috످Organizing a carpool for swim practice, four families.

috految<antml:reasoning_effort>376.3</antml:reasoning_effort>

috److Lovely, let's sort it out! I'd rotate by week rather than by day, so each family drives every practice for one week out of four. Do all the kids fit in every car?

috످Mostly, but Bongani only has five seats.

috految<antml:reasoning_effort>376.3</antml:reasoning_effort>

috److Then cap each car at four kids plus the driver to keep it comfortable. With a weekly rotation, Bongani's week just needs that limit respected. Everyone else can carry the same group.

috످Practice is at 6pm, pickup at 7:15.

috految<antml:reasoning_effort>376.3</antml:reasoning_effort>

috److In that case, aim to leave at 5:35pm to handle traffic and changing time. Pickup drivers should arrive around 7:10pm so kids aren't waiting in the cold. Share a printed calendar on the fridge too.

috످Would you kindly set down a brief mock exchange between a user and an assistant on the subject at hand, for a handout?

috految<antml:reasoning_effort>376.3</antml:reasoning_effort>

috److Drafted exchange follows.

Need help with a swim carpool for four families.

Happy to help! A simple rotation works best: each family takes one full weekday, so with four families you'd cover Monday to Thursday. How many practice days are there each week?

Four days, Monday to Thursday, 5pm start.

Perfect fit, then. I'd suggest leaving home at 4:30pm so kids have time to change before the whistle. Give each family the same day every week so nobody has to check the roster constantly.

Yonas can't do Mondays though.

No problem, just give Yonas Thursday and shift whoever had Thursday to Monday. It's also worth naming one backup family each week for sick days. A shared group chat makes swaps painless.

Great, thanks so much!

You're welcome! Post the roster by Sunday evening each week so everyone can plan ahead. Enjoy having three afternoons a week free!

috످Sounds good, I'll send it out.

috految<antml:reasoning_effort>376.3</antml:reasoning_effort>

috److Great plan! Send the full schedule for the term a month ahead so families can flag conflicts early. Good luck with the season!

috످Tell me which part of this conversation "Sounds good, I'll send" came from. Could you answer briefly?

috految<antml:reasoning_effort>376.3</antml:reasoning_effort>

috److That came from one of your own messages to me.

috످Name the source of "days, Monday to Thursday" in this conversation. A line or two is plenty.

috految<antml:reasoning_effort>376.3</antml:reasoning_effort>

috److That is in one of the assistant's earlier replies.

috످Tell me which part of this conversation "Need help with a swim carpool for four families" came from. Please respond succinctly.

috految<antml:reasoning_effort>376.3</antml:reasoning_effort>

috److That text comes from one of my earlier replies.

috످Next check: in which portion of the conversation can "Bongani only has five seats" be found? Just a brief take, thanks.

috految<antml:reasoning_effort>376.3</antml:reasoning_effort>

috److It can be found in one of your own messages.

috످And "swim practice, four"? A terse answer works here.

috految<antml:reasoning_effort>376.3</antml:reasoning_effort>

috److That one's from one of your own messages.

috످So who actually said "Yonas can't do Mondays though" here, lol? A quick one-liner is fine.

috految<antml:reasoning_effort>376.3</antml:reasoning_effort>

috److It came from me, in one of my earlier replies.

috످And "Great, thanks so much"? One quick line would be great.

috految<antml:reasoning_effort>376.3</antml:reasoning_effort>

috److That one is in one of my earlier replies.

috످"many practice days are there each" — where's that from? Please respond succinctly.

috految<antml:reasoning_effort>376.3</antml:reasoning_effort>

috److془The phrase "How many practice days are there each week?" is in the mock exchange I wrote. Answer.془That's from the mock exchange I wrote for your handout.

috످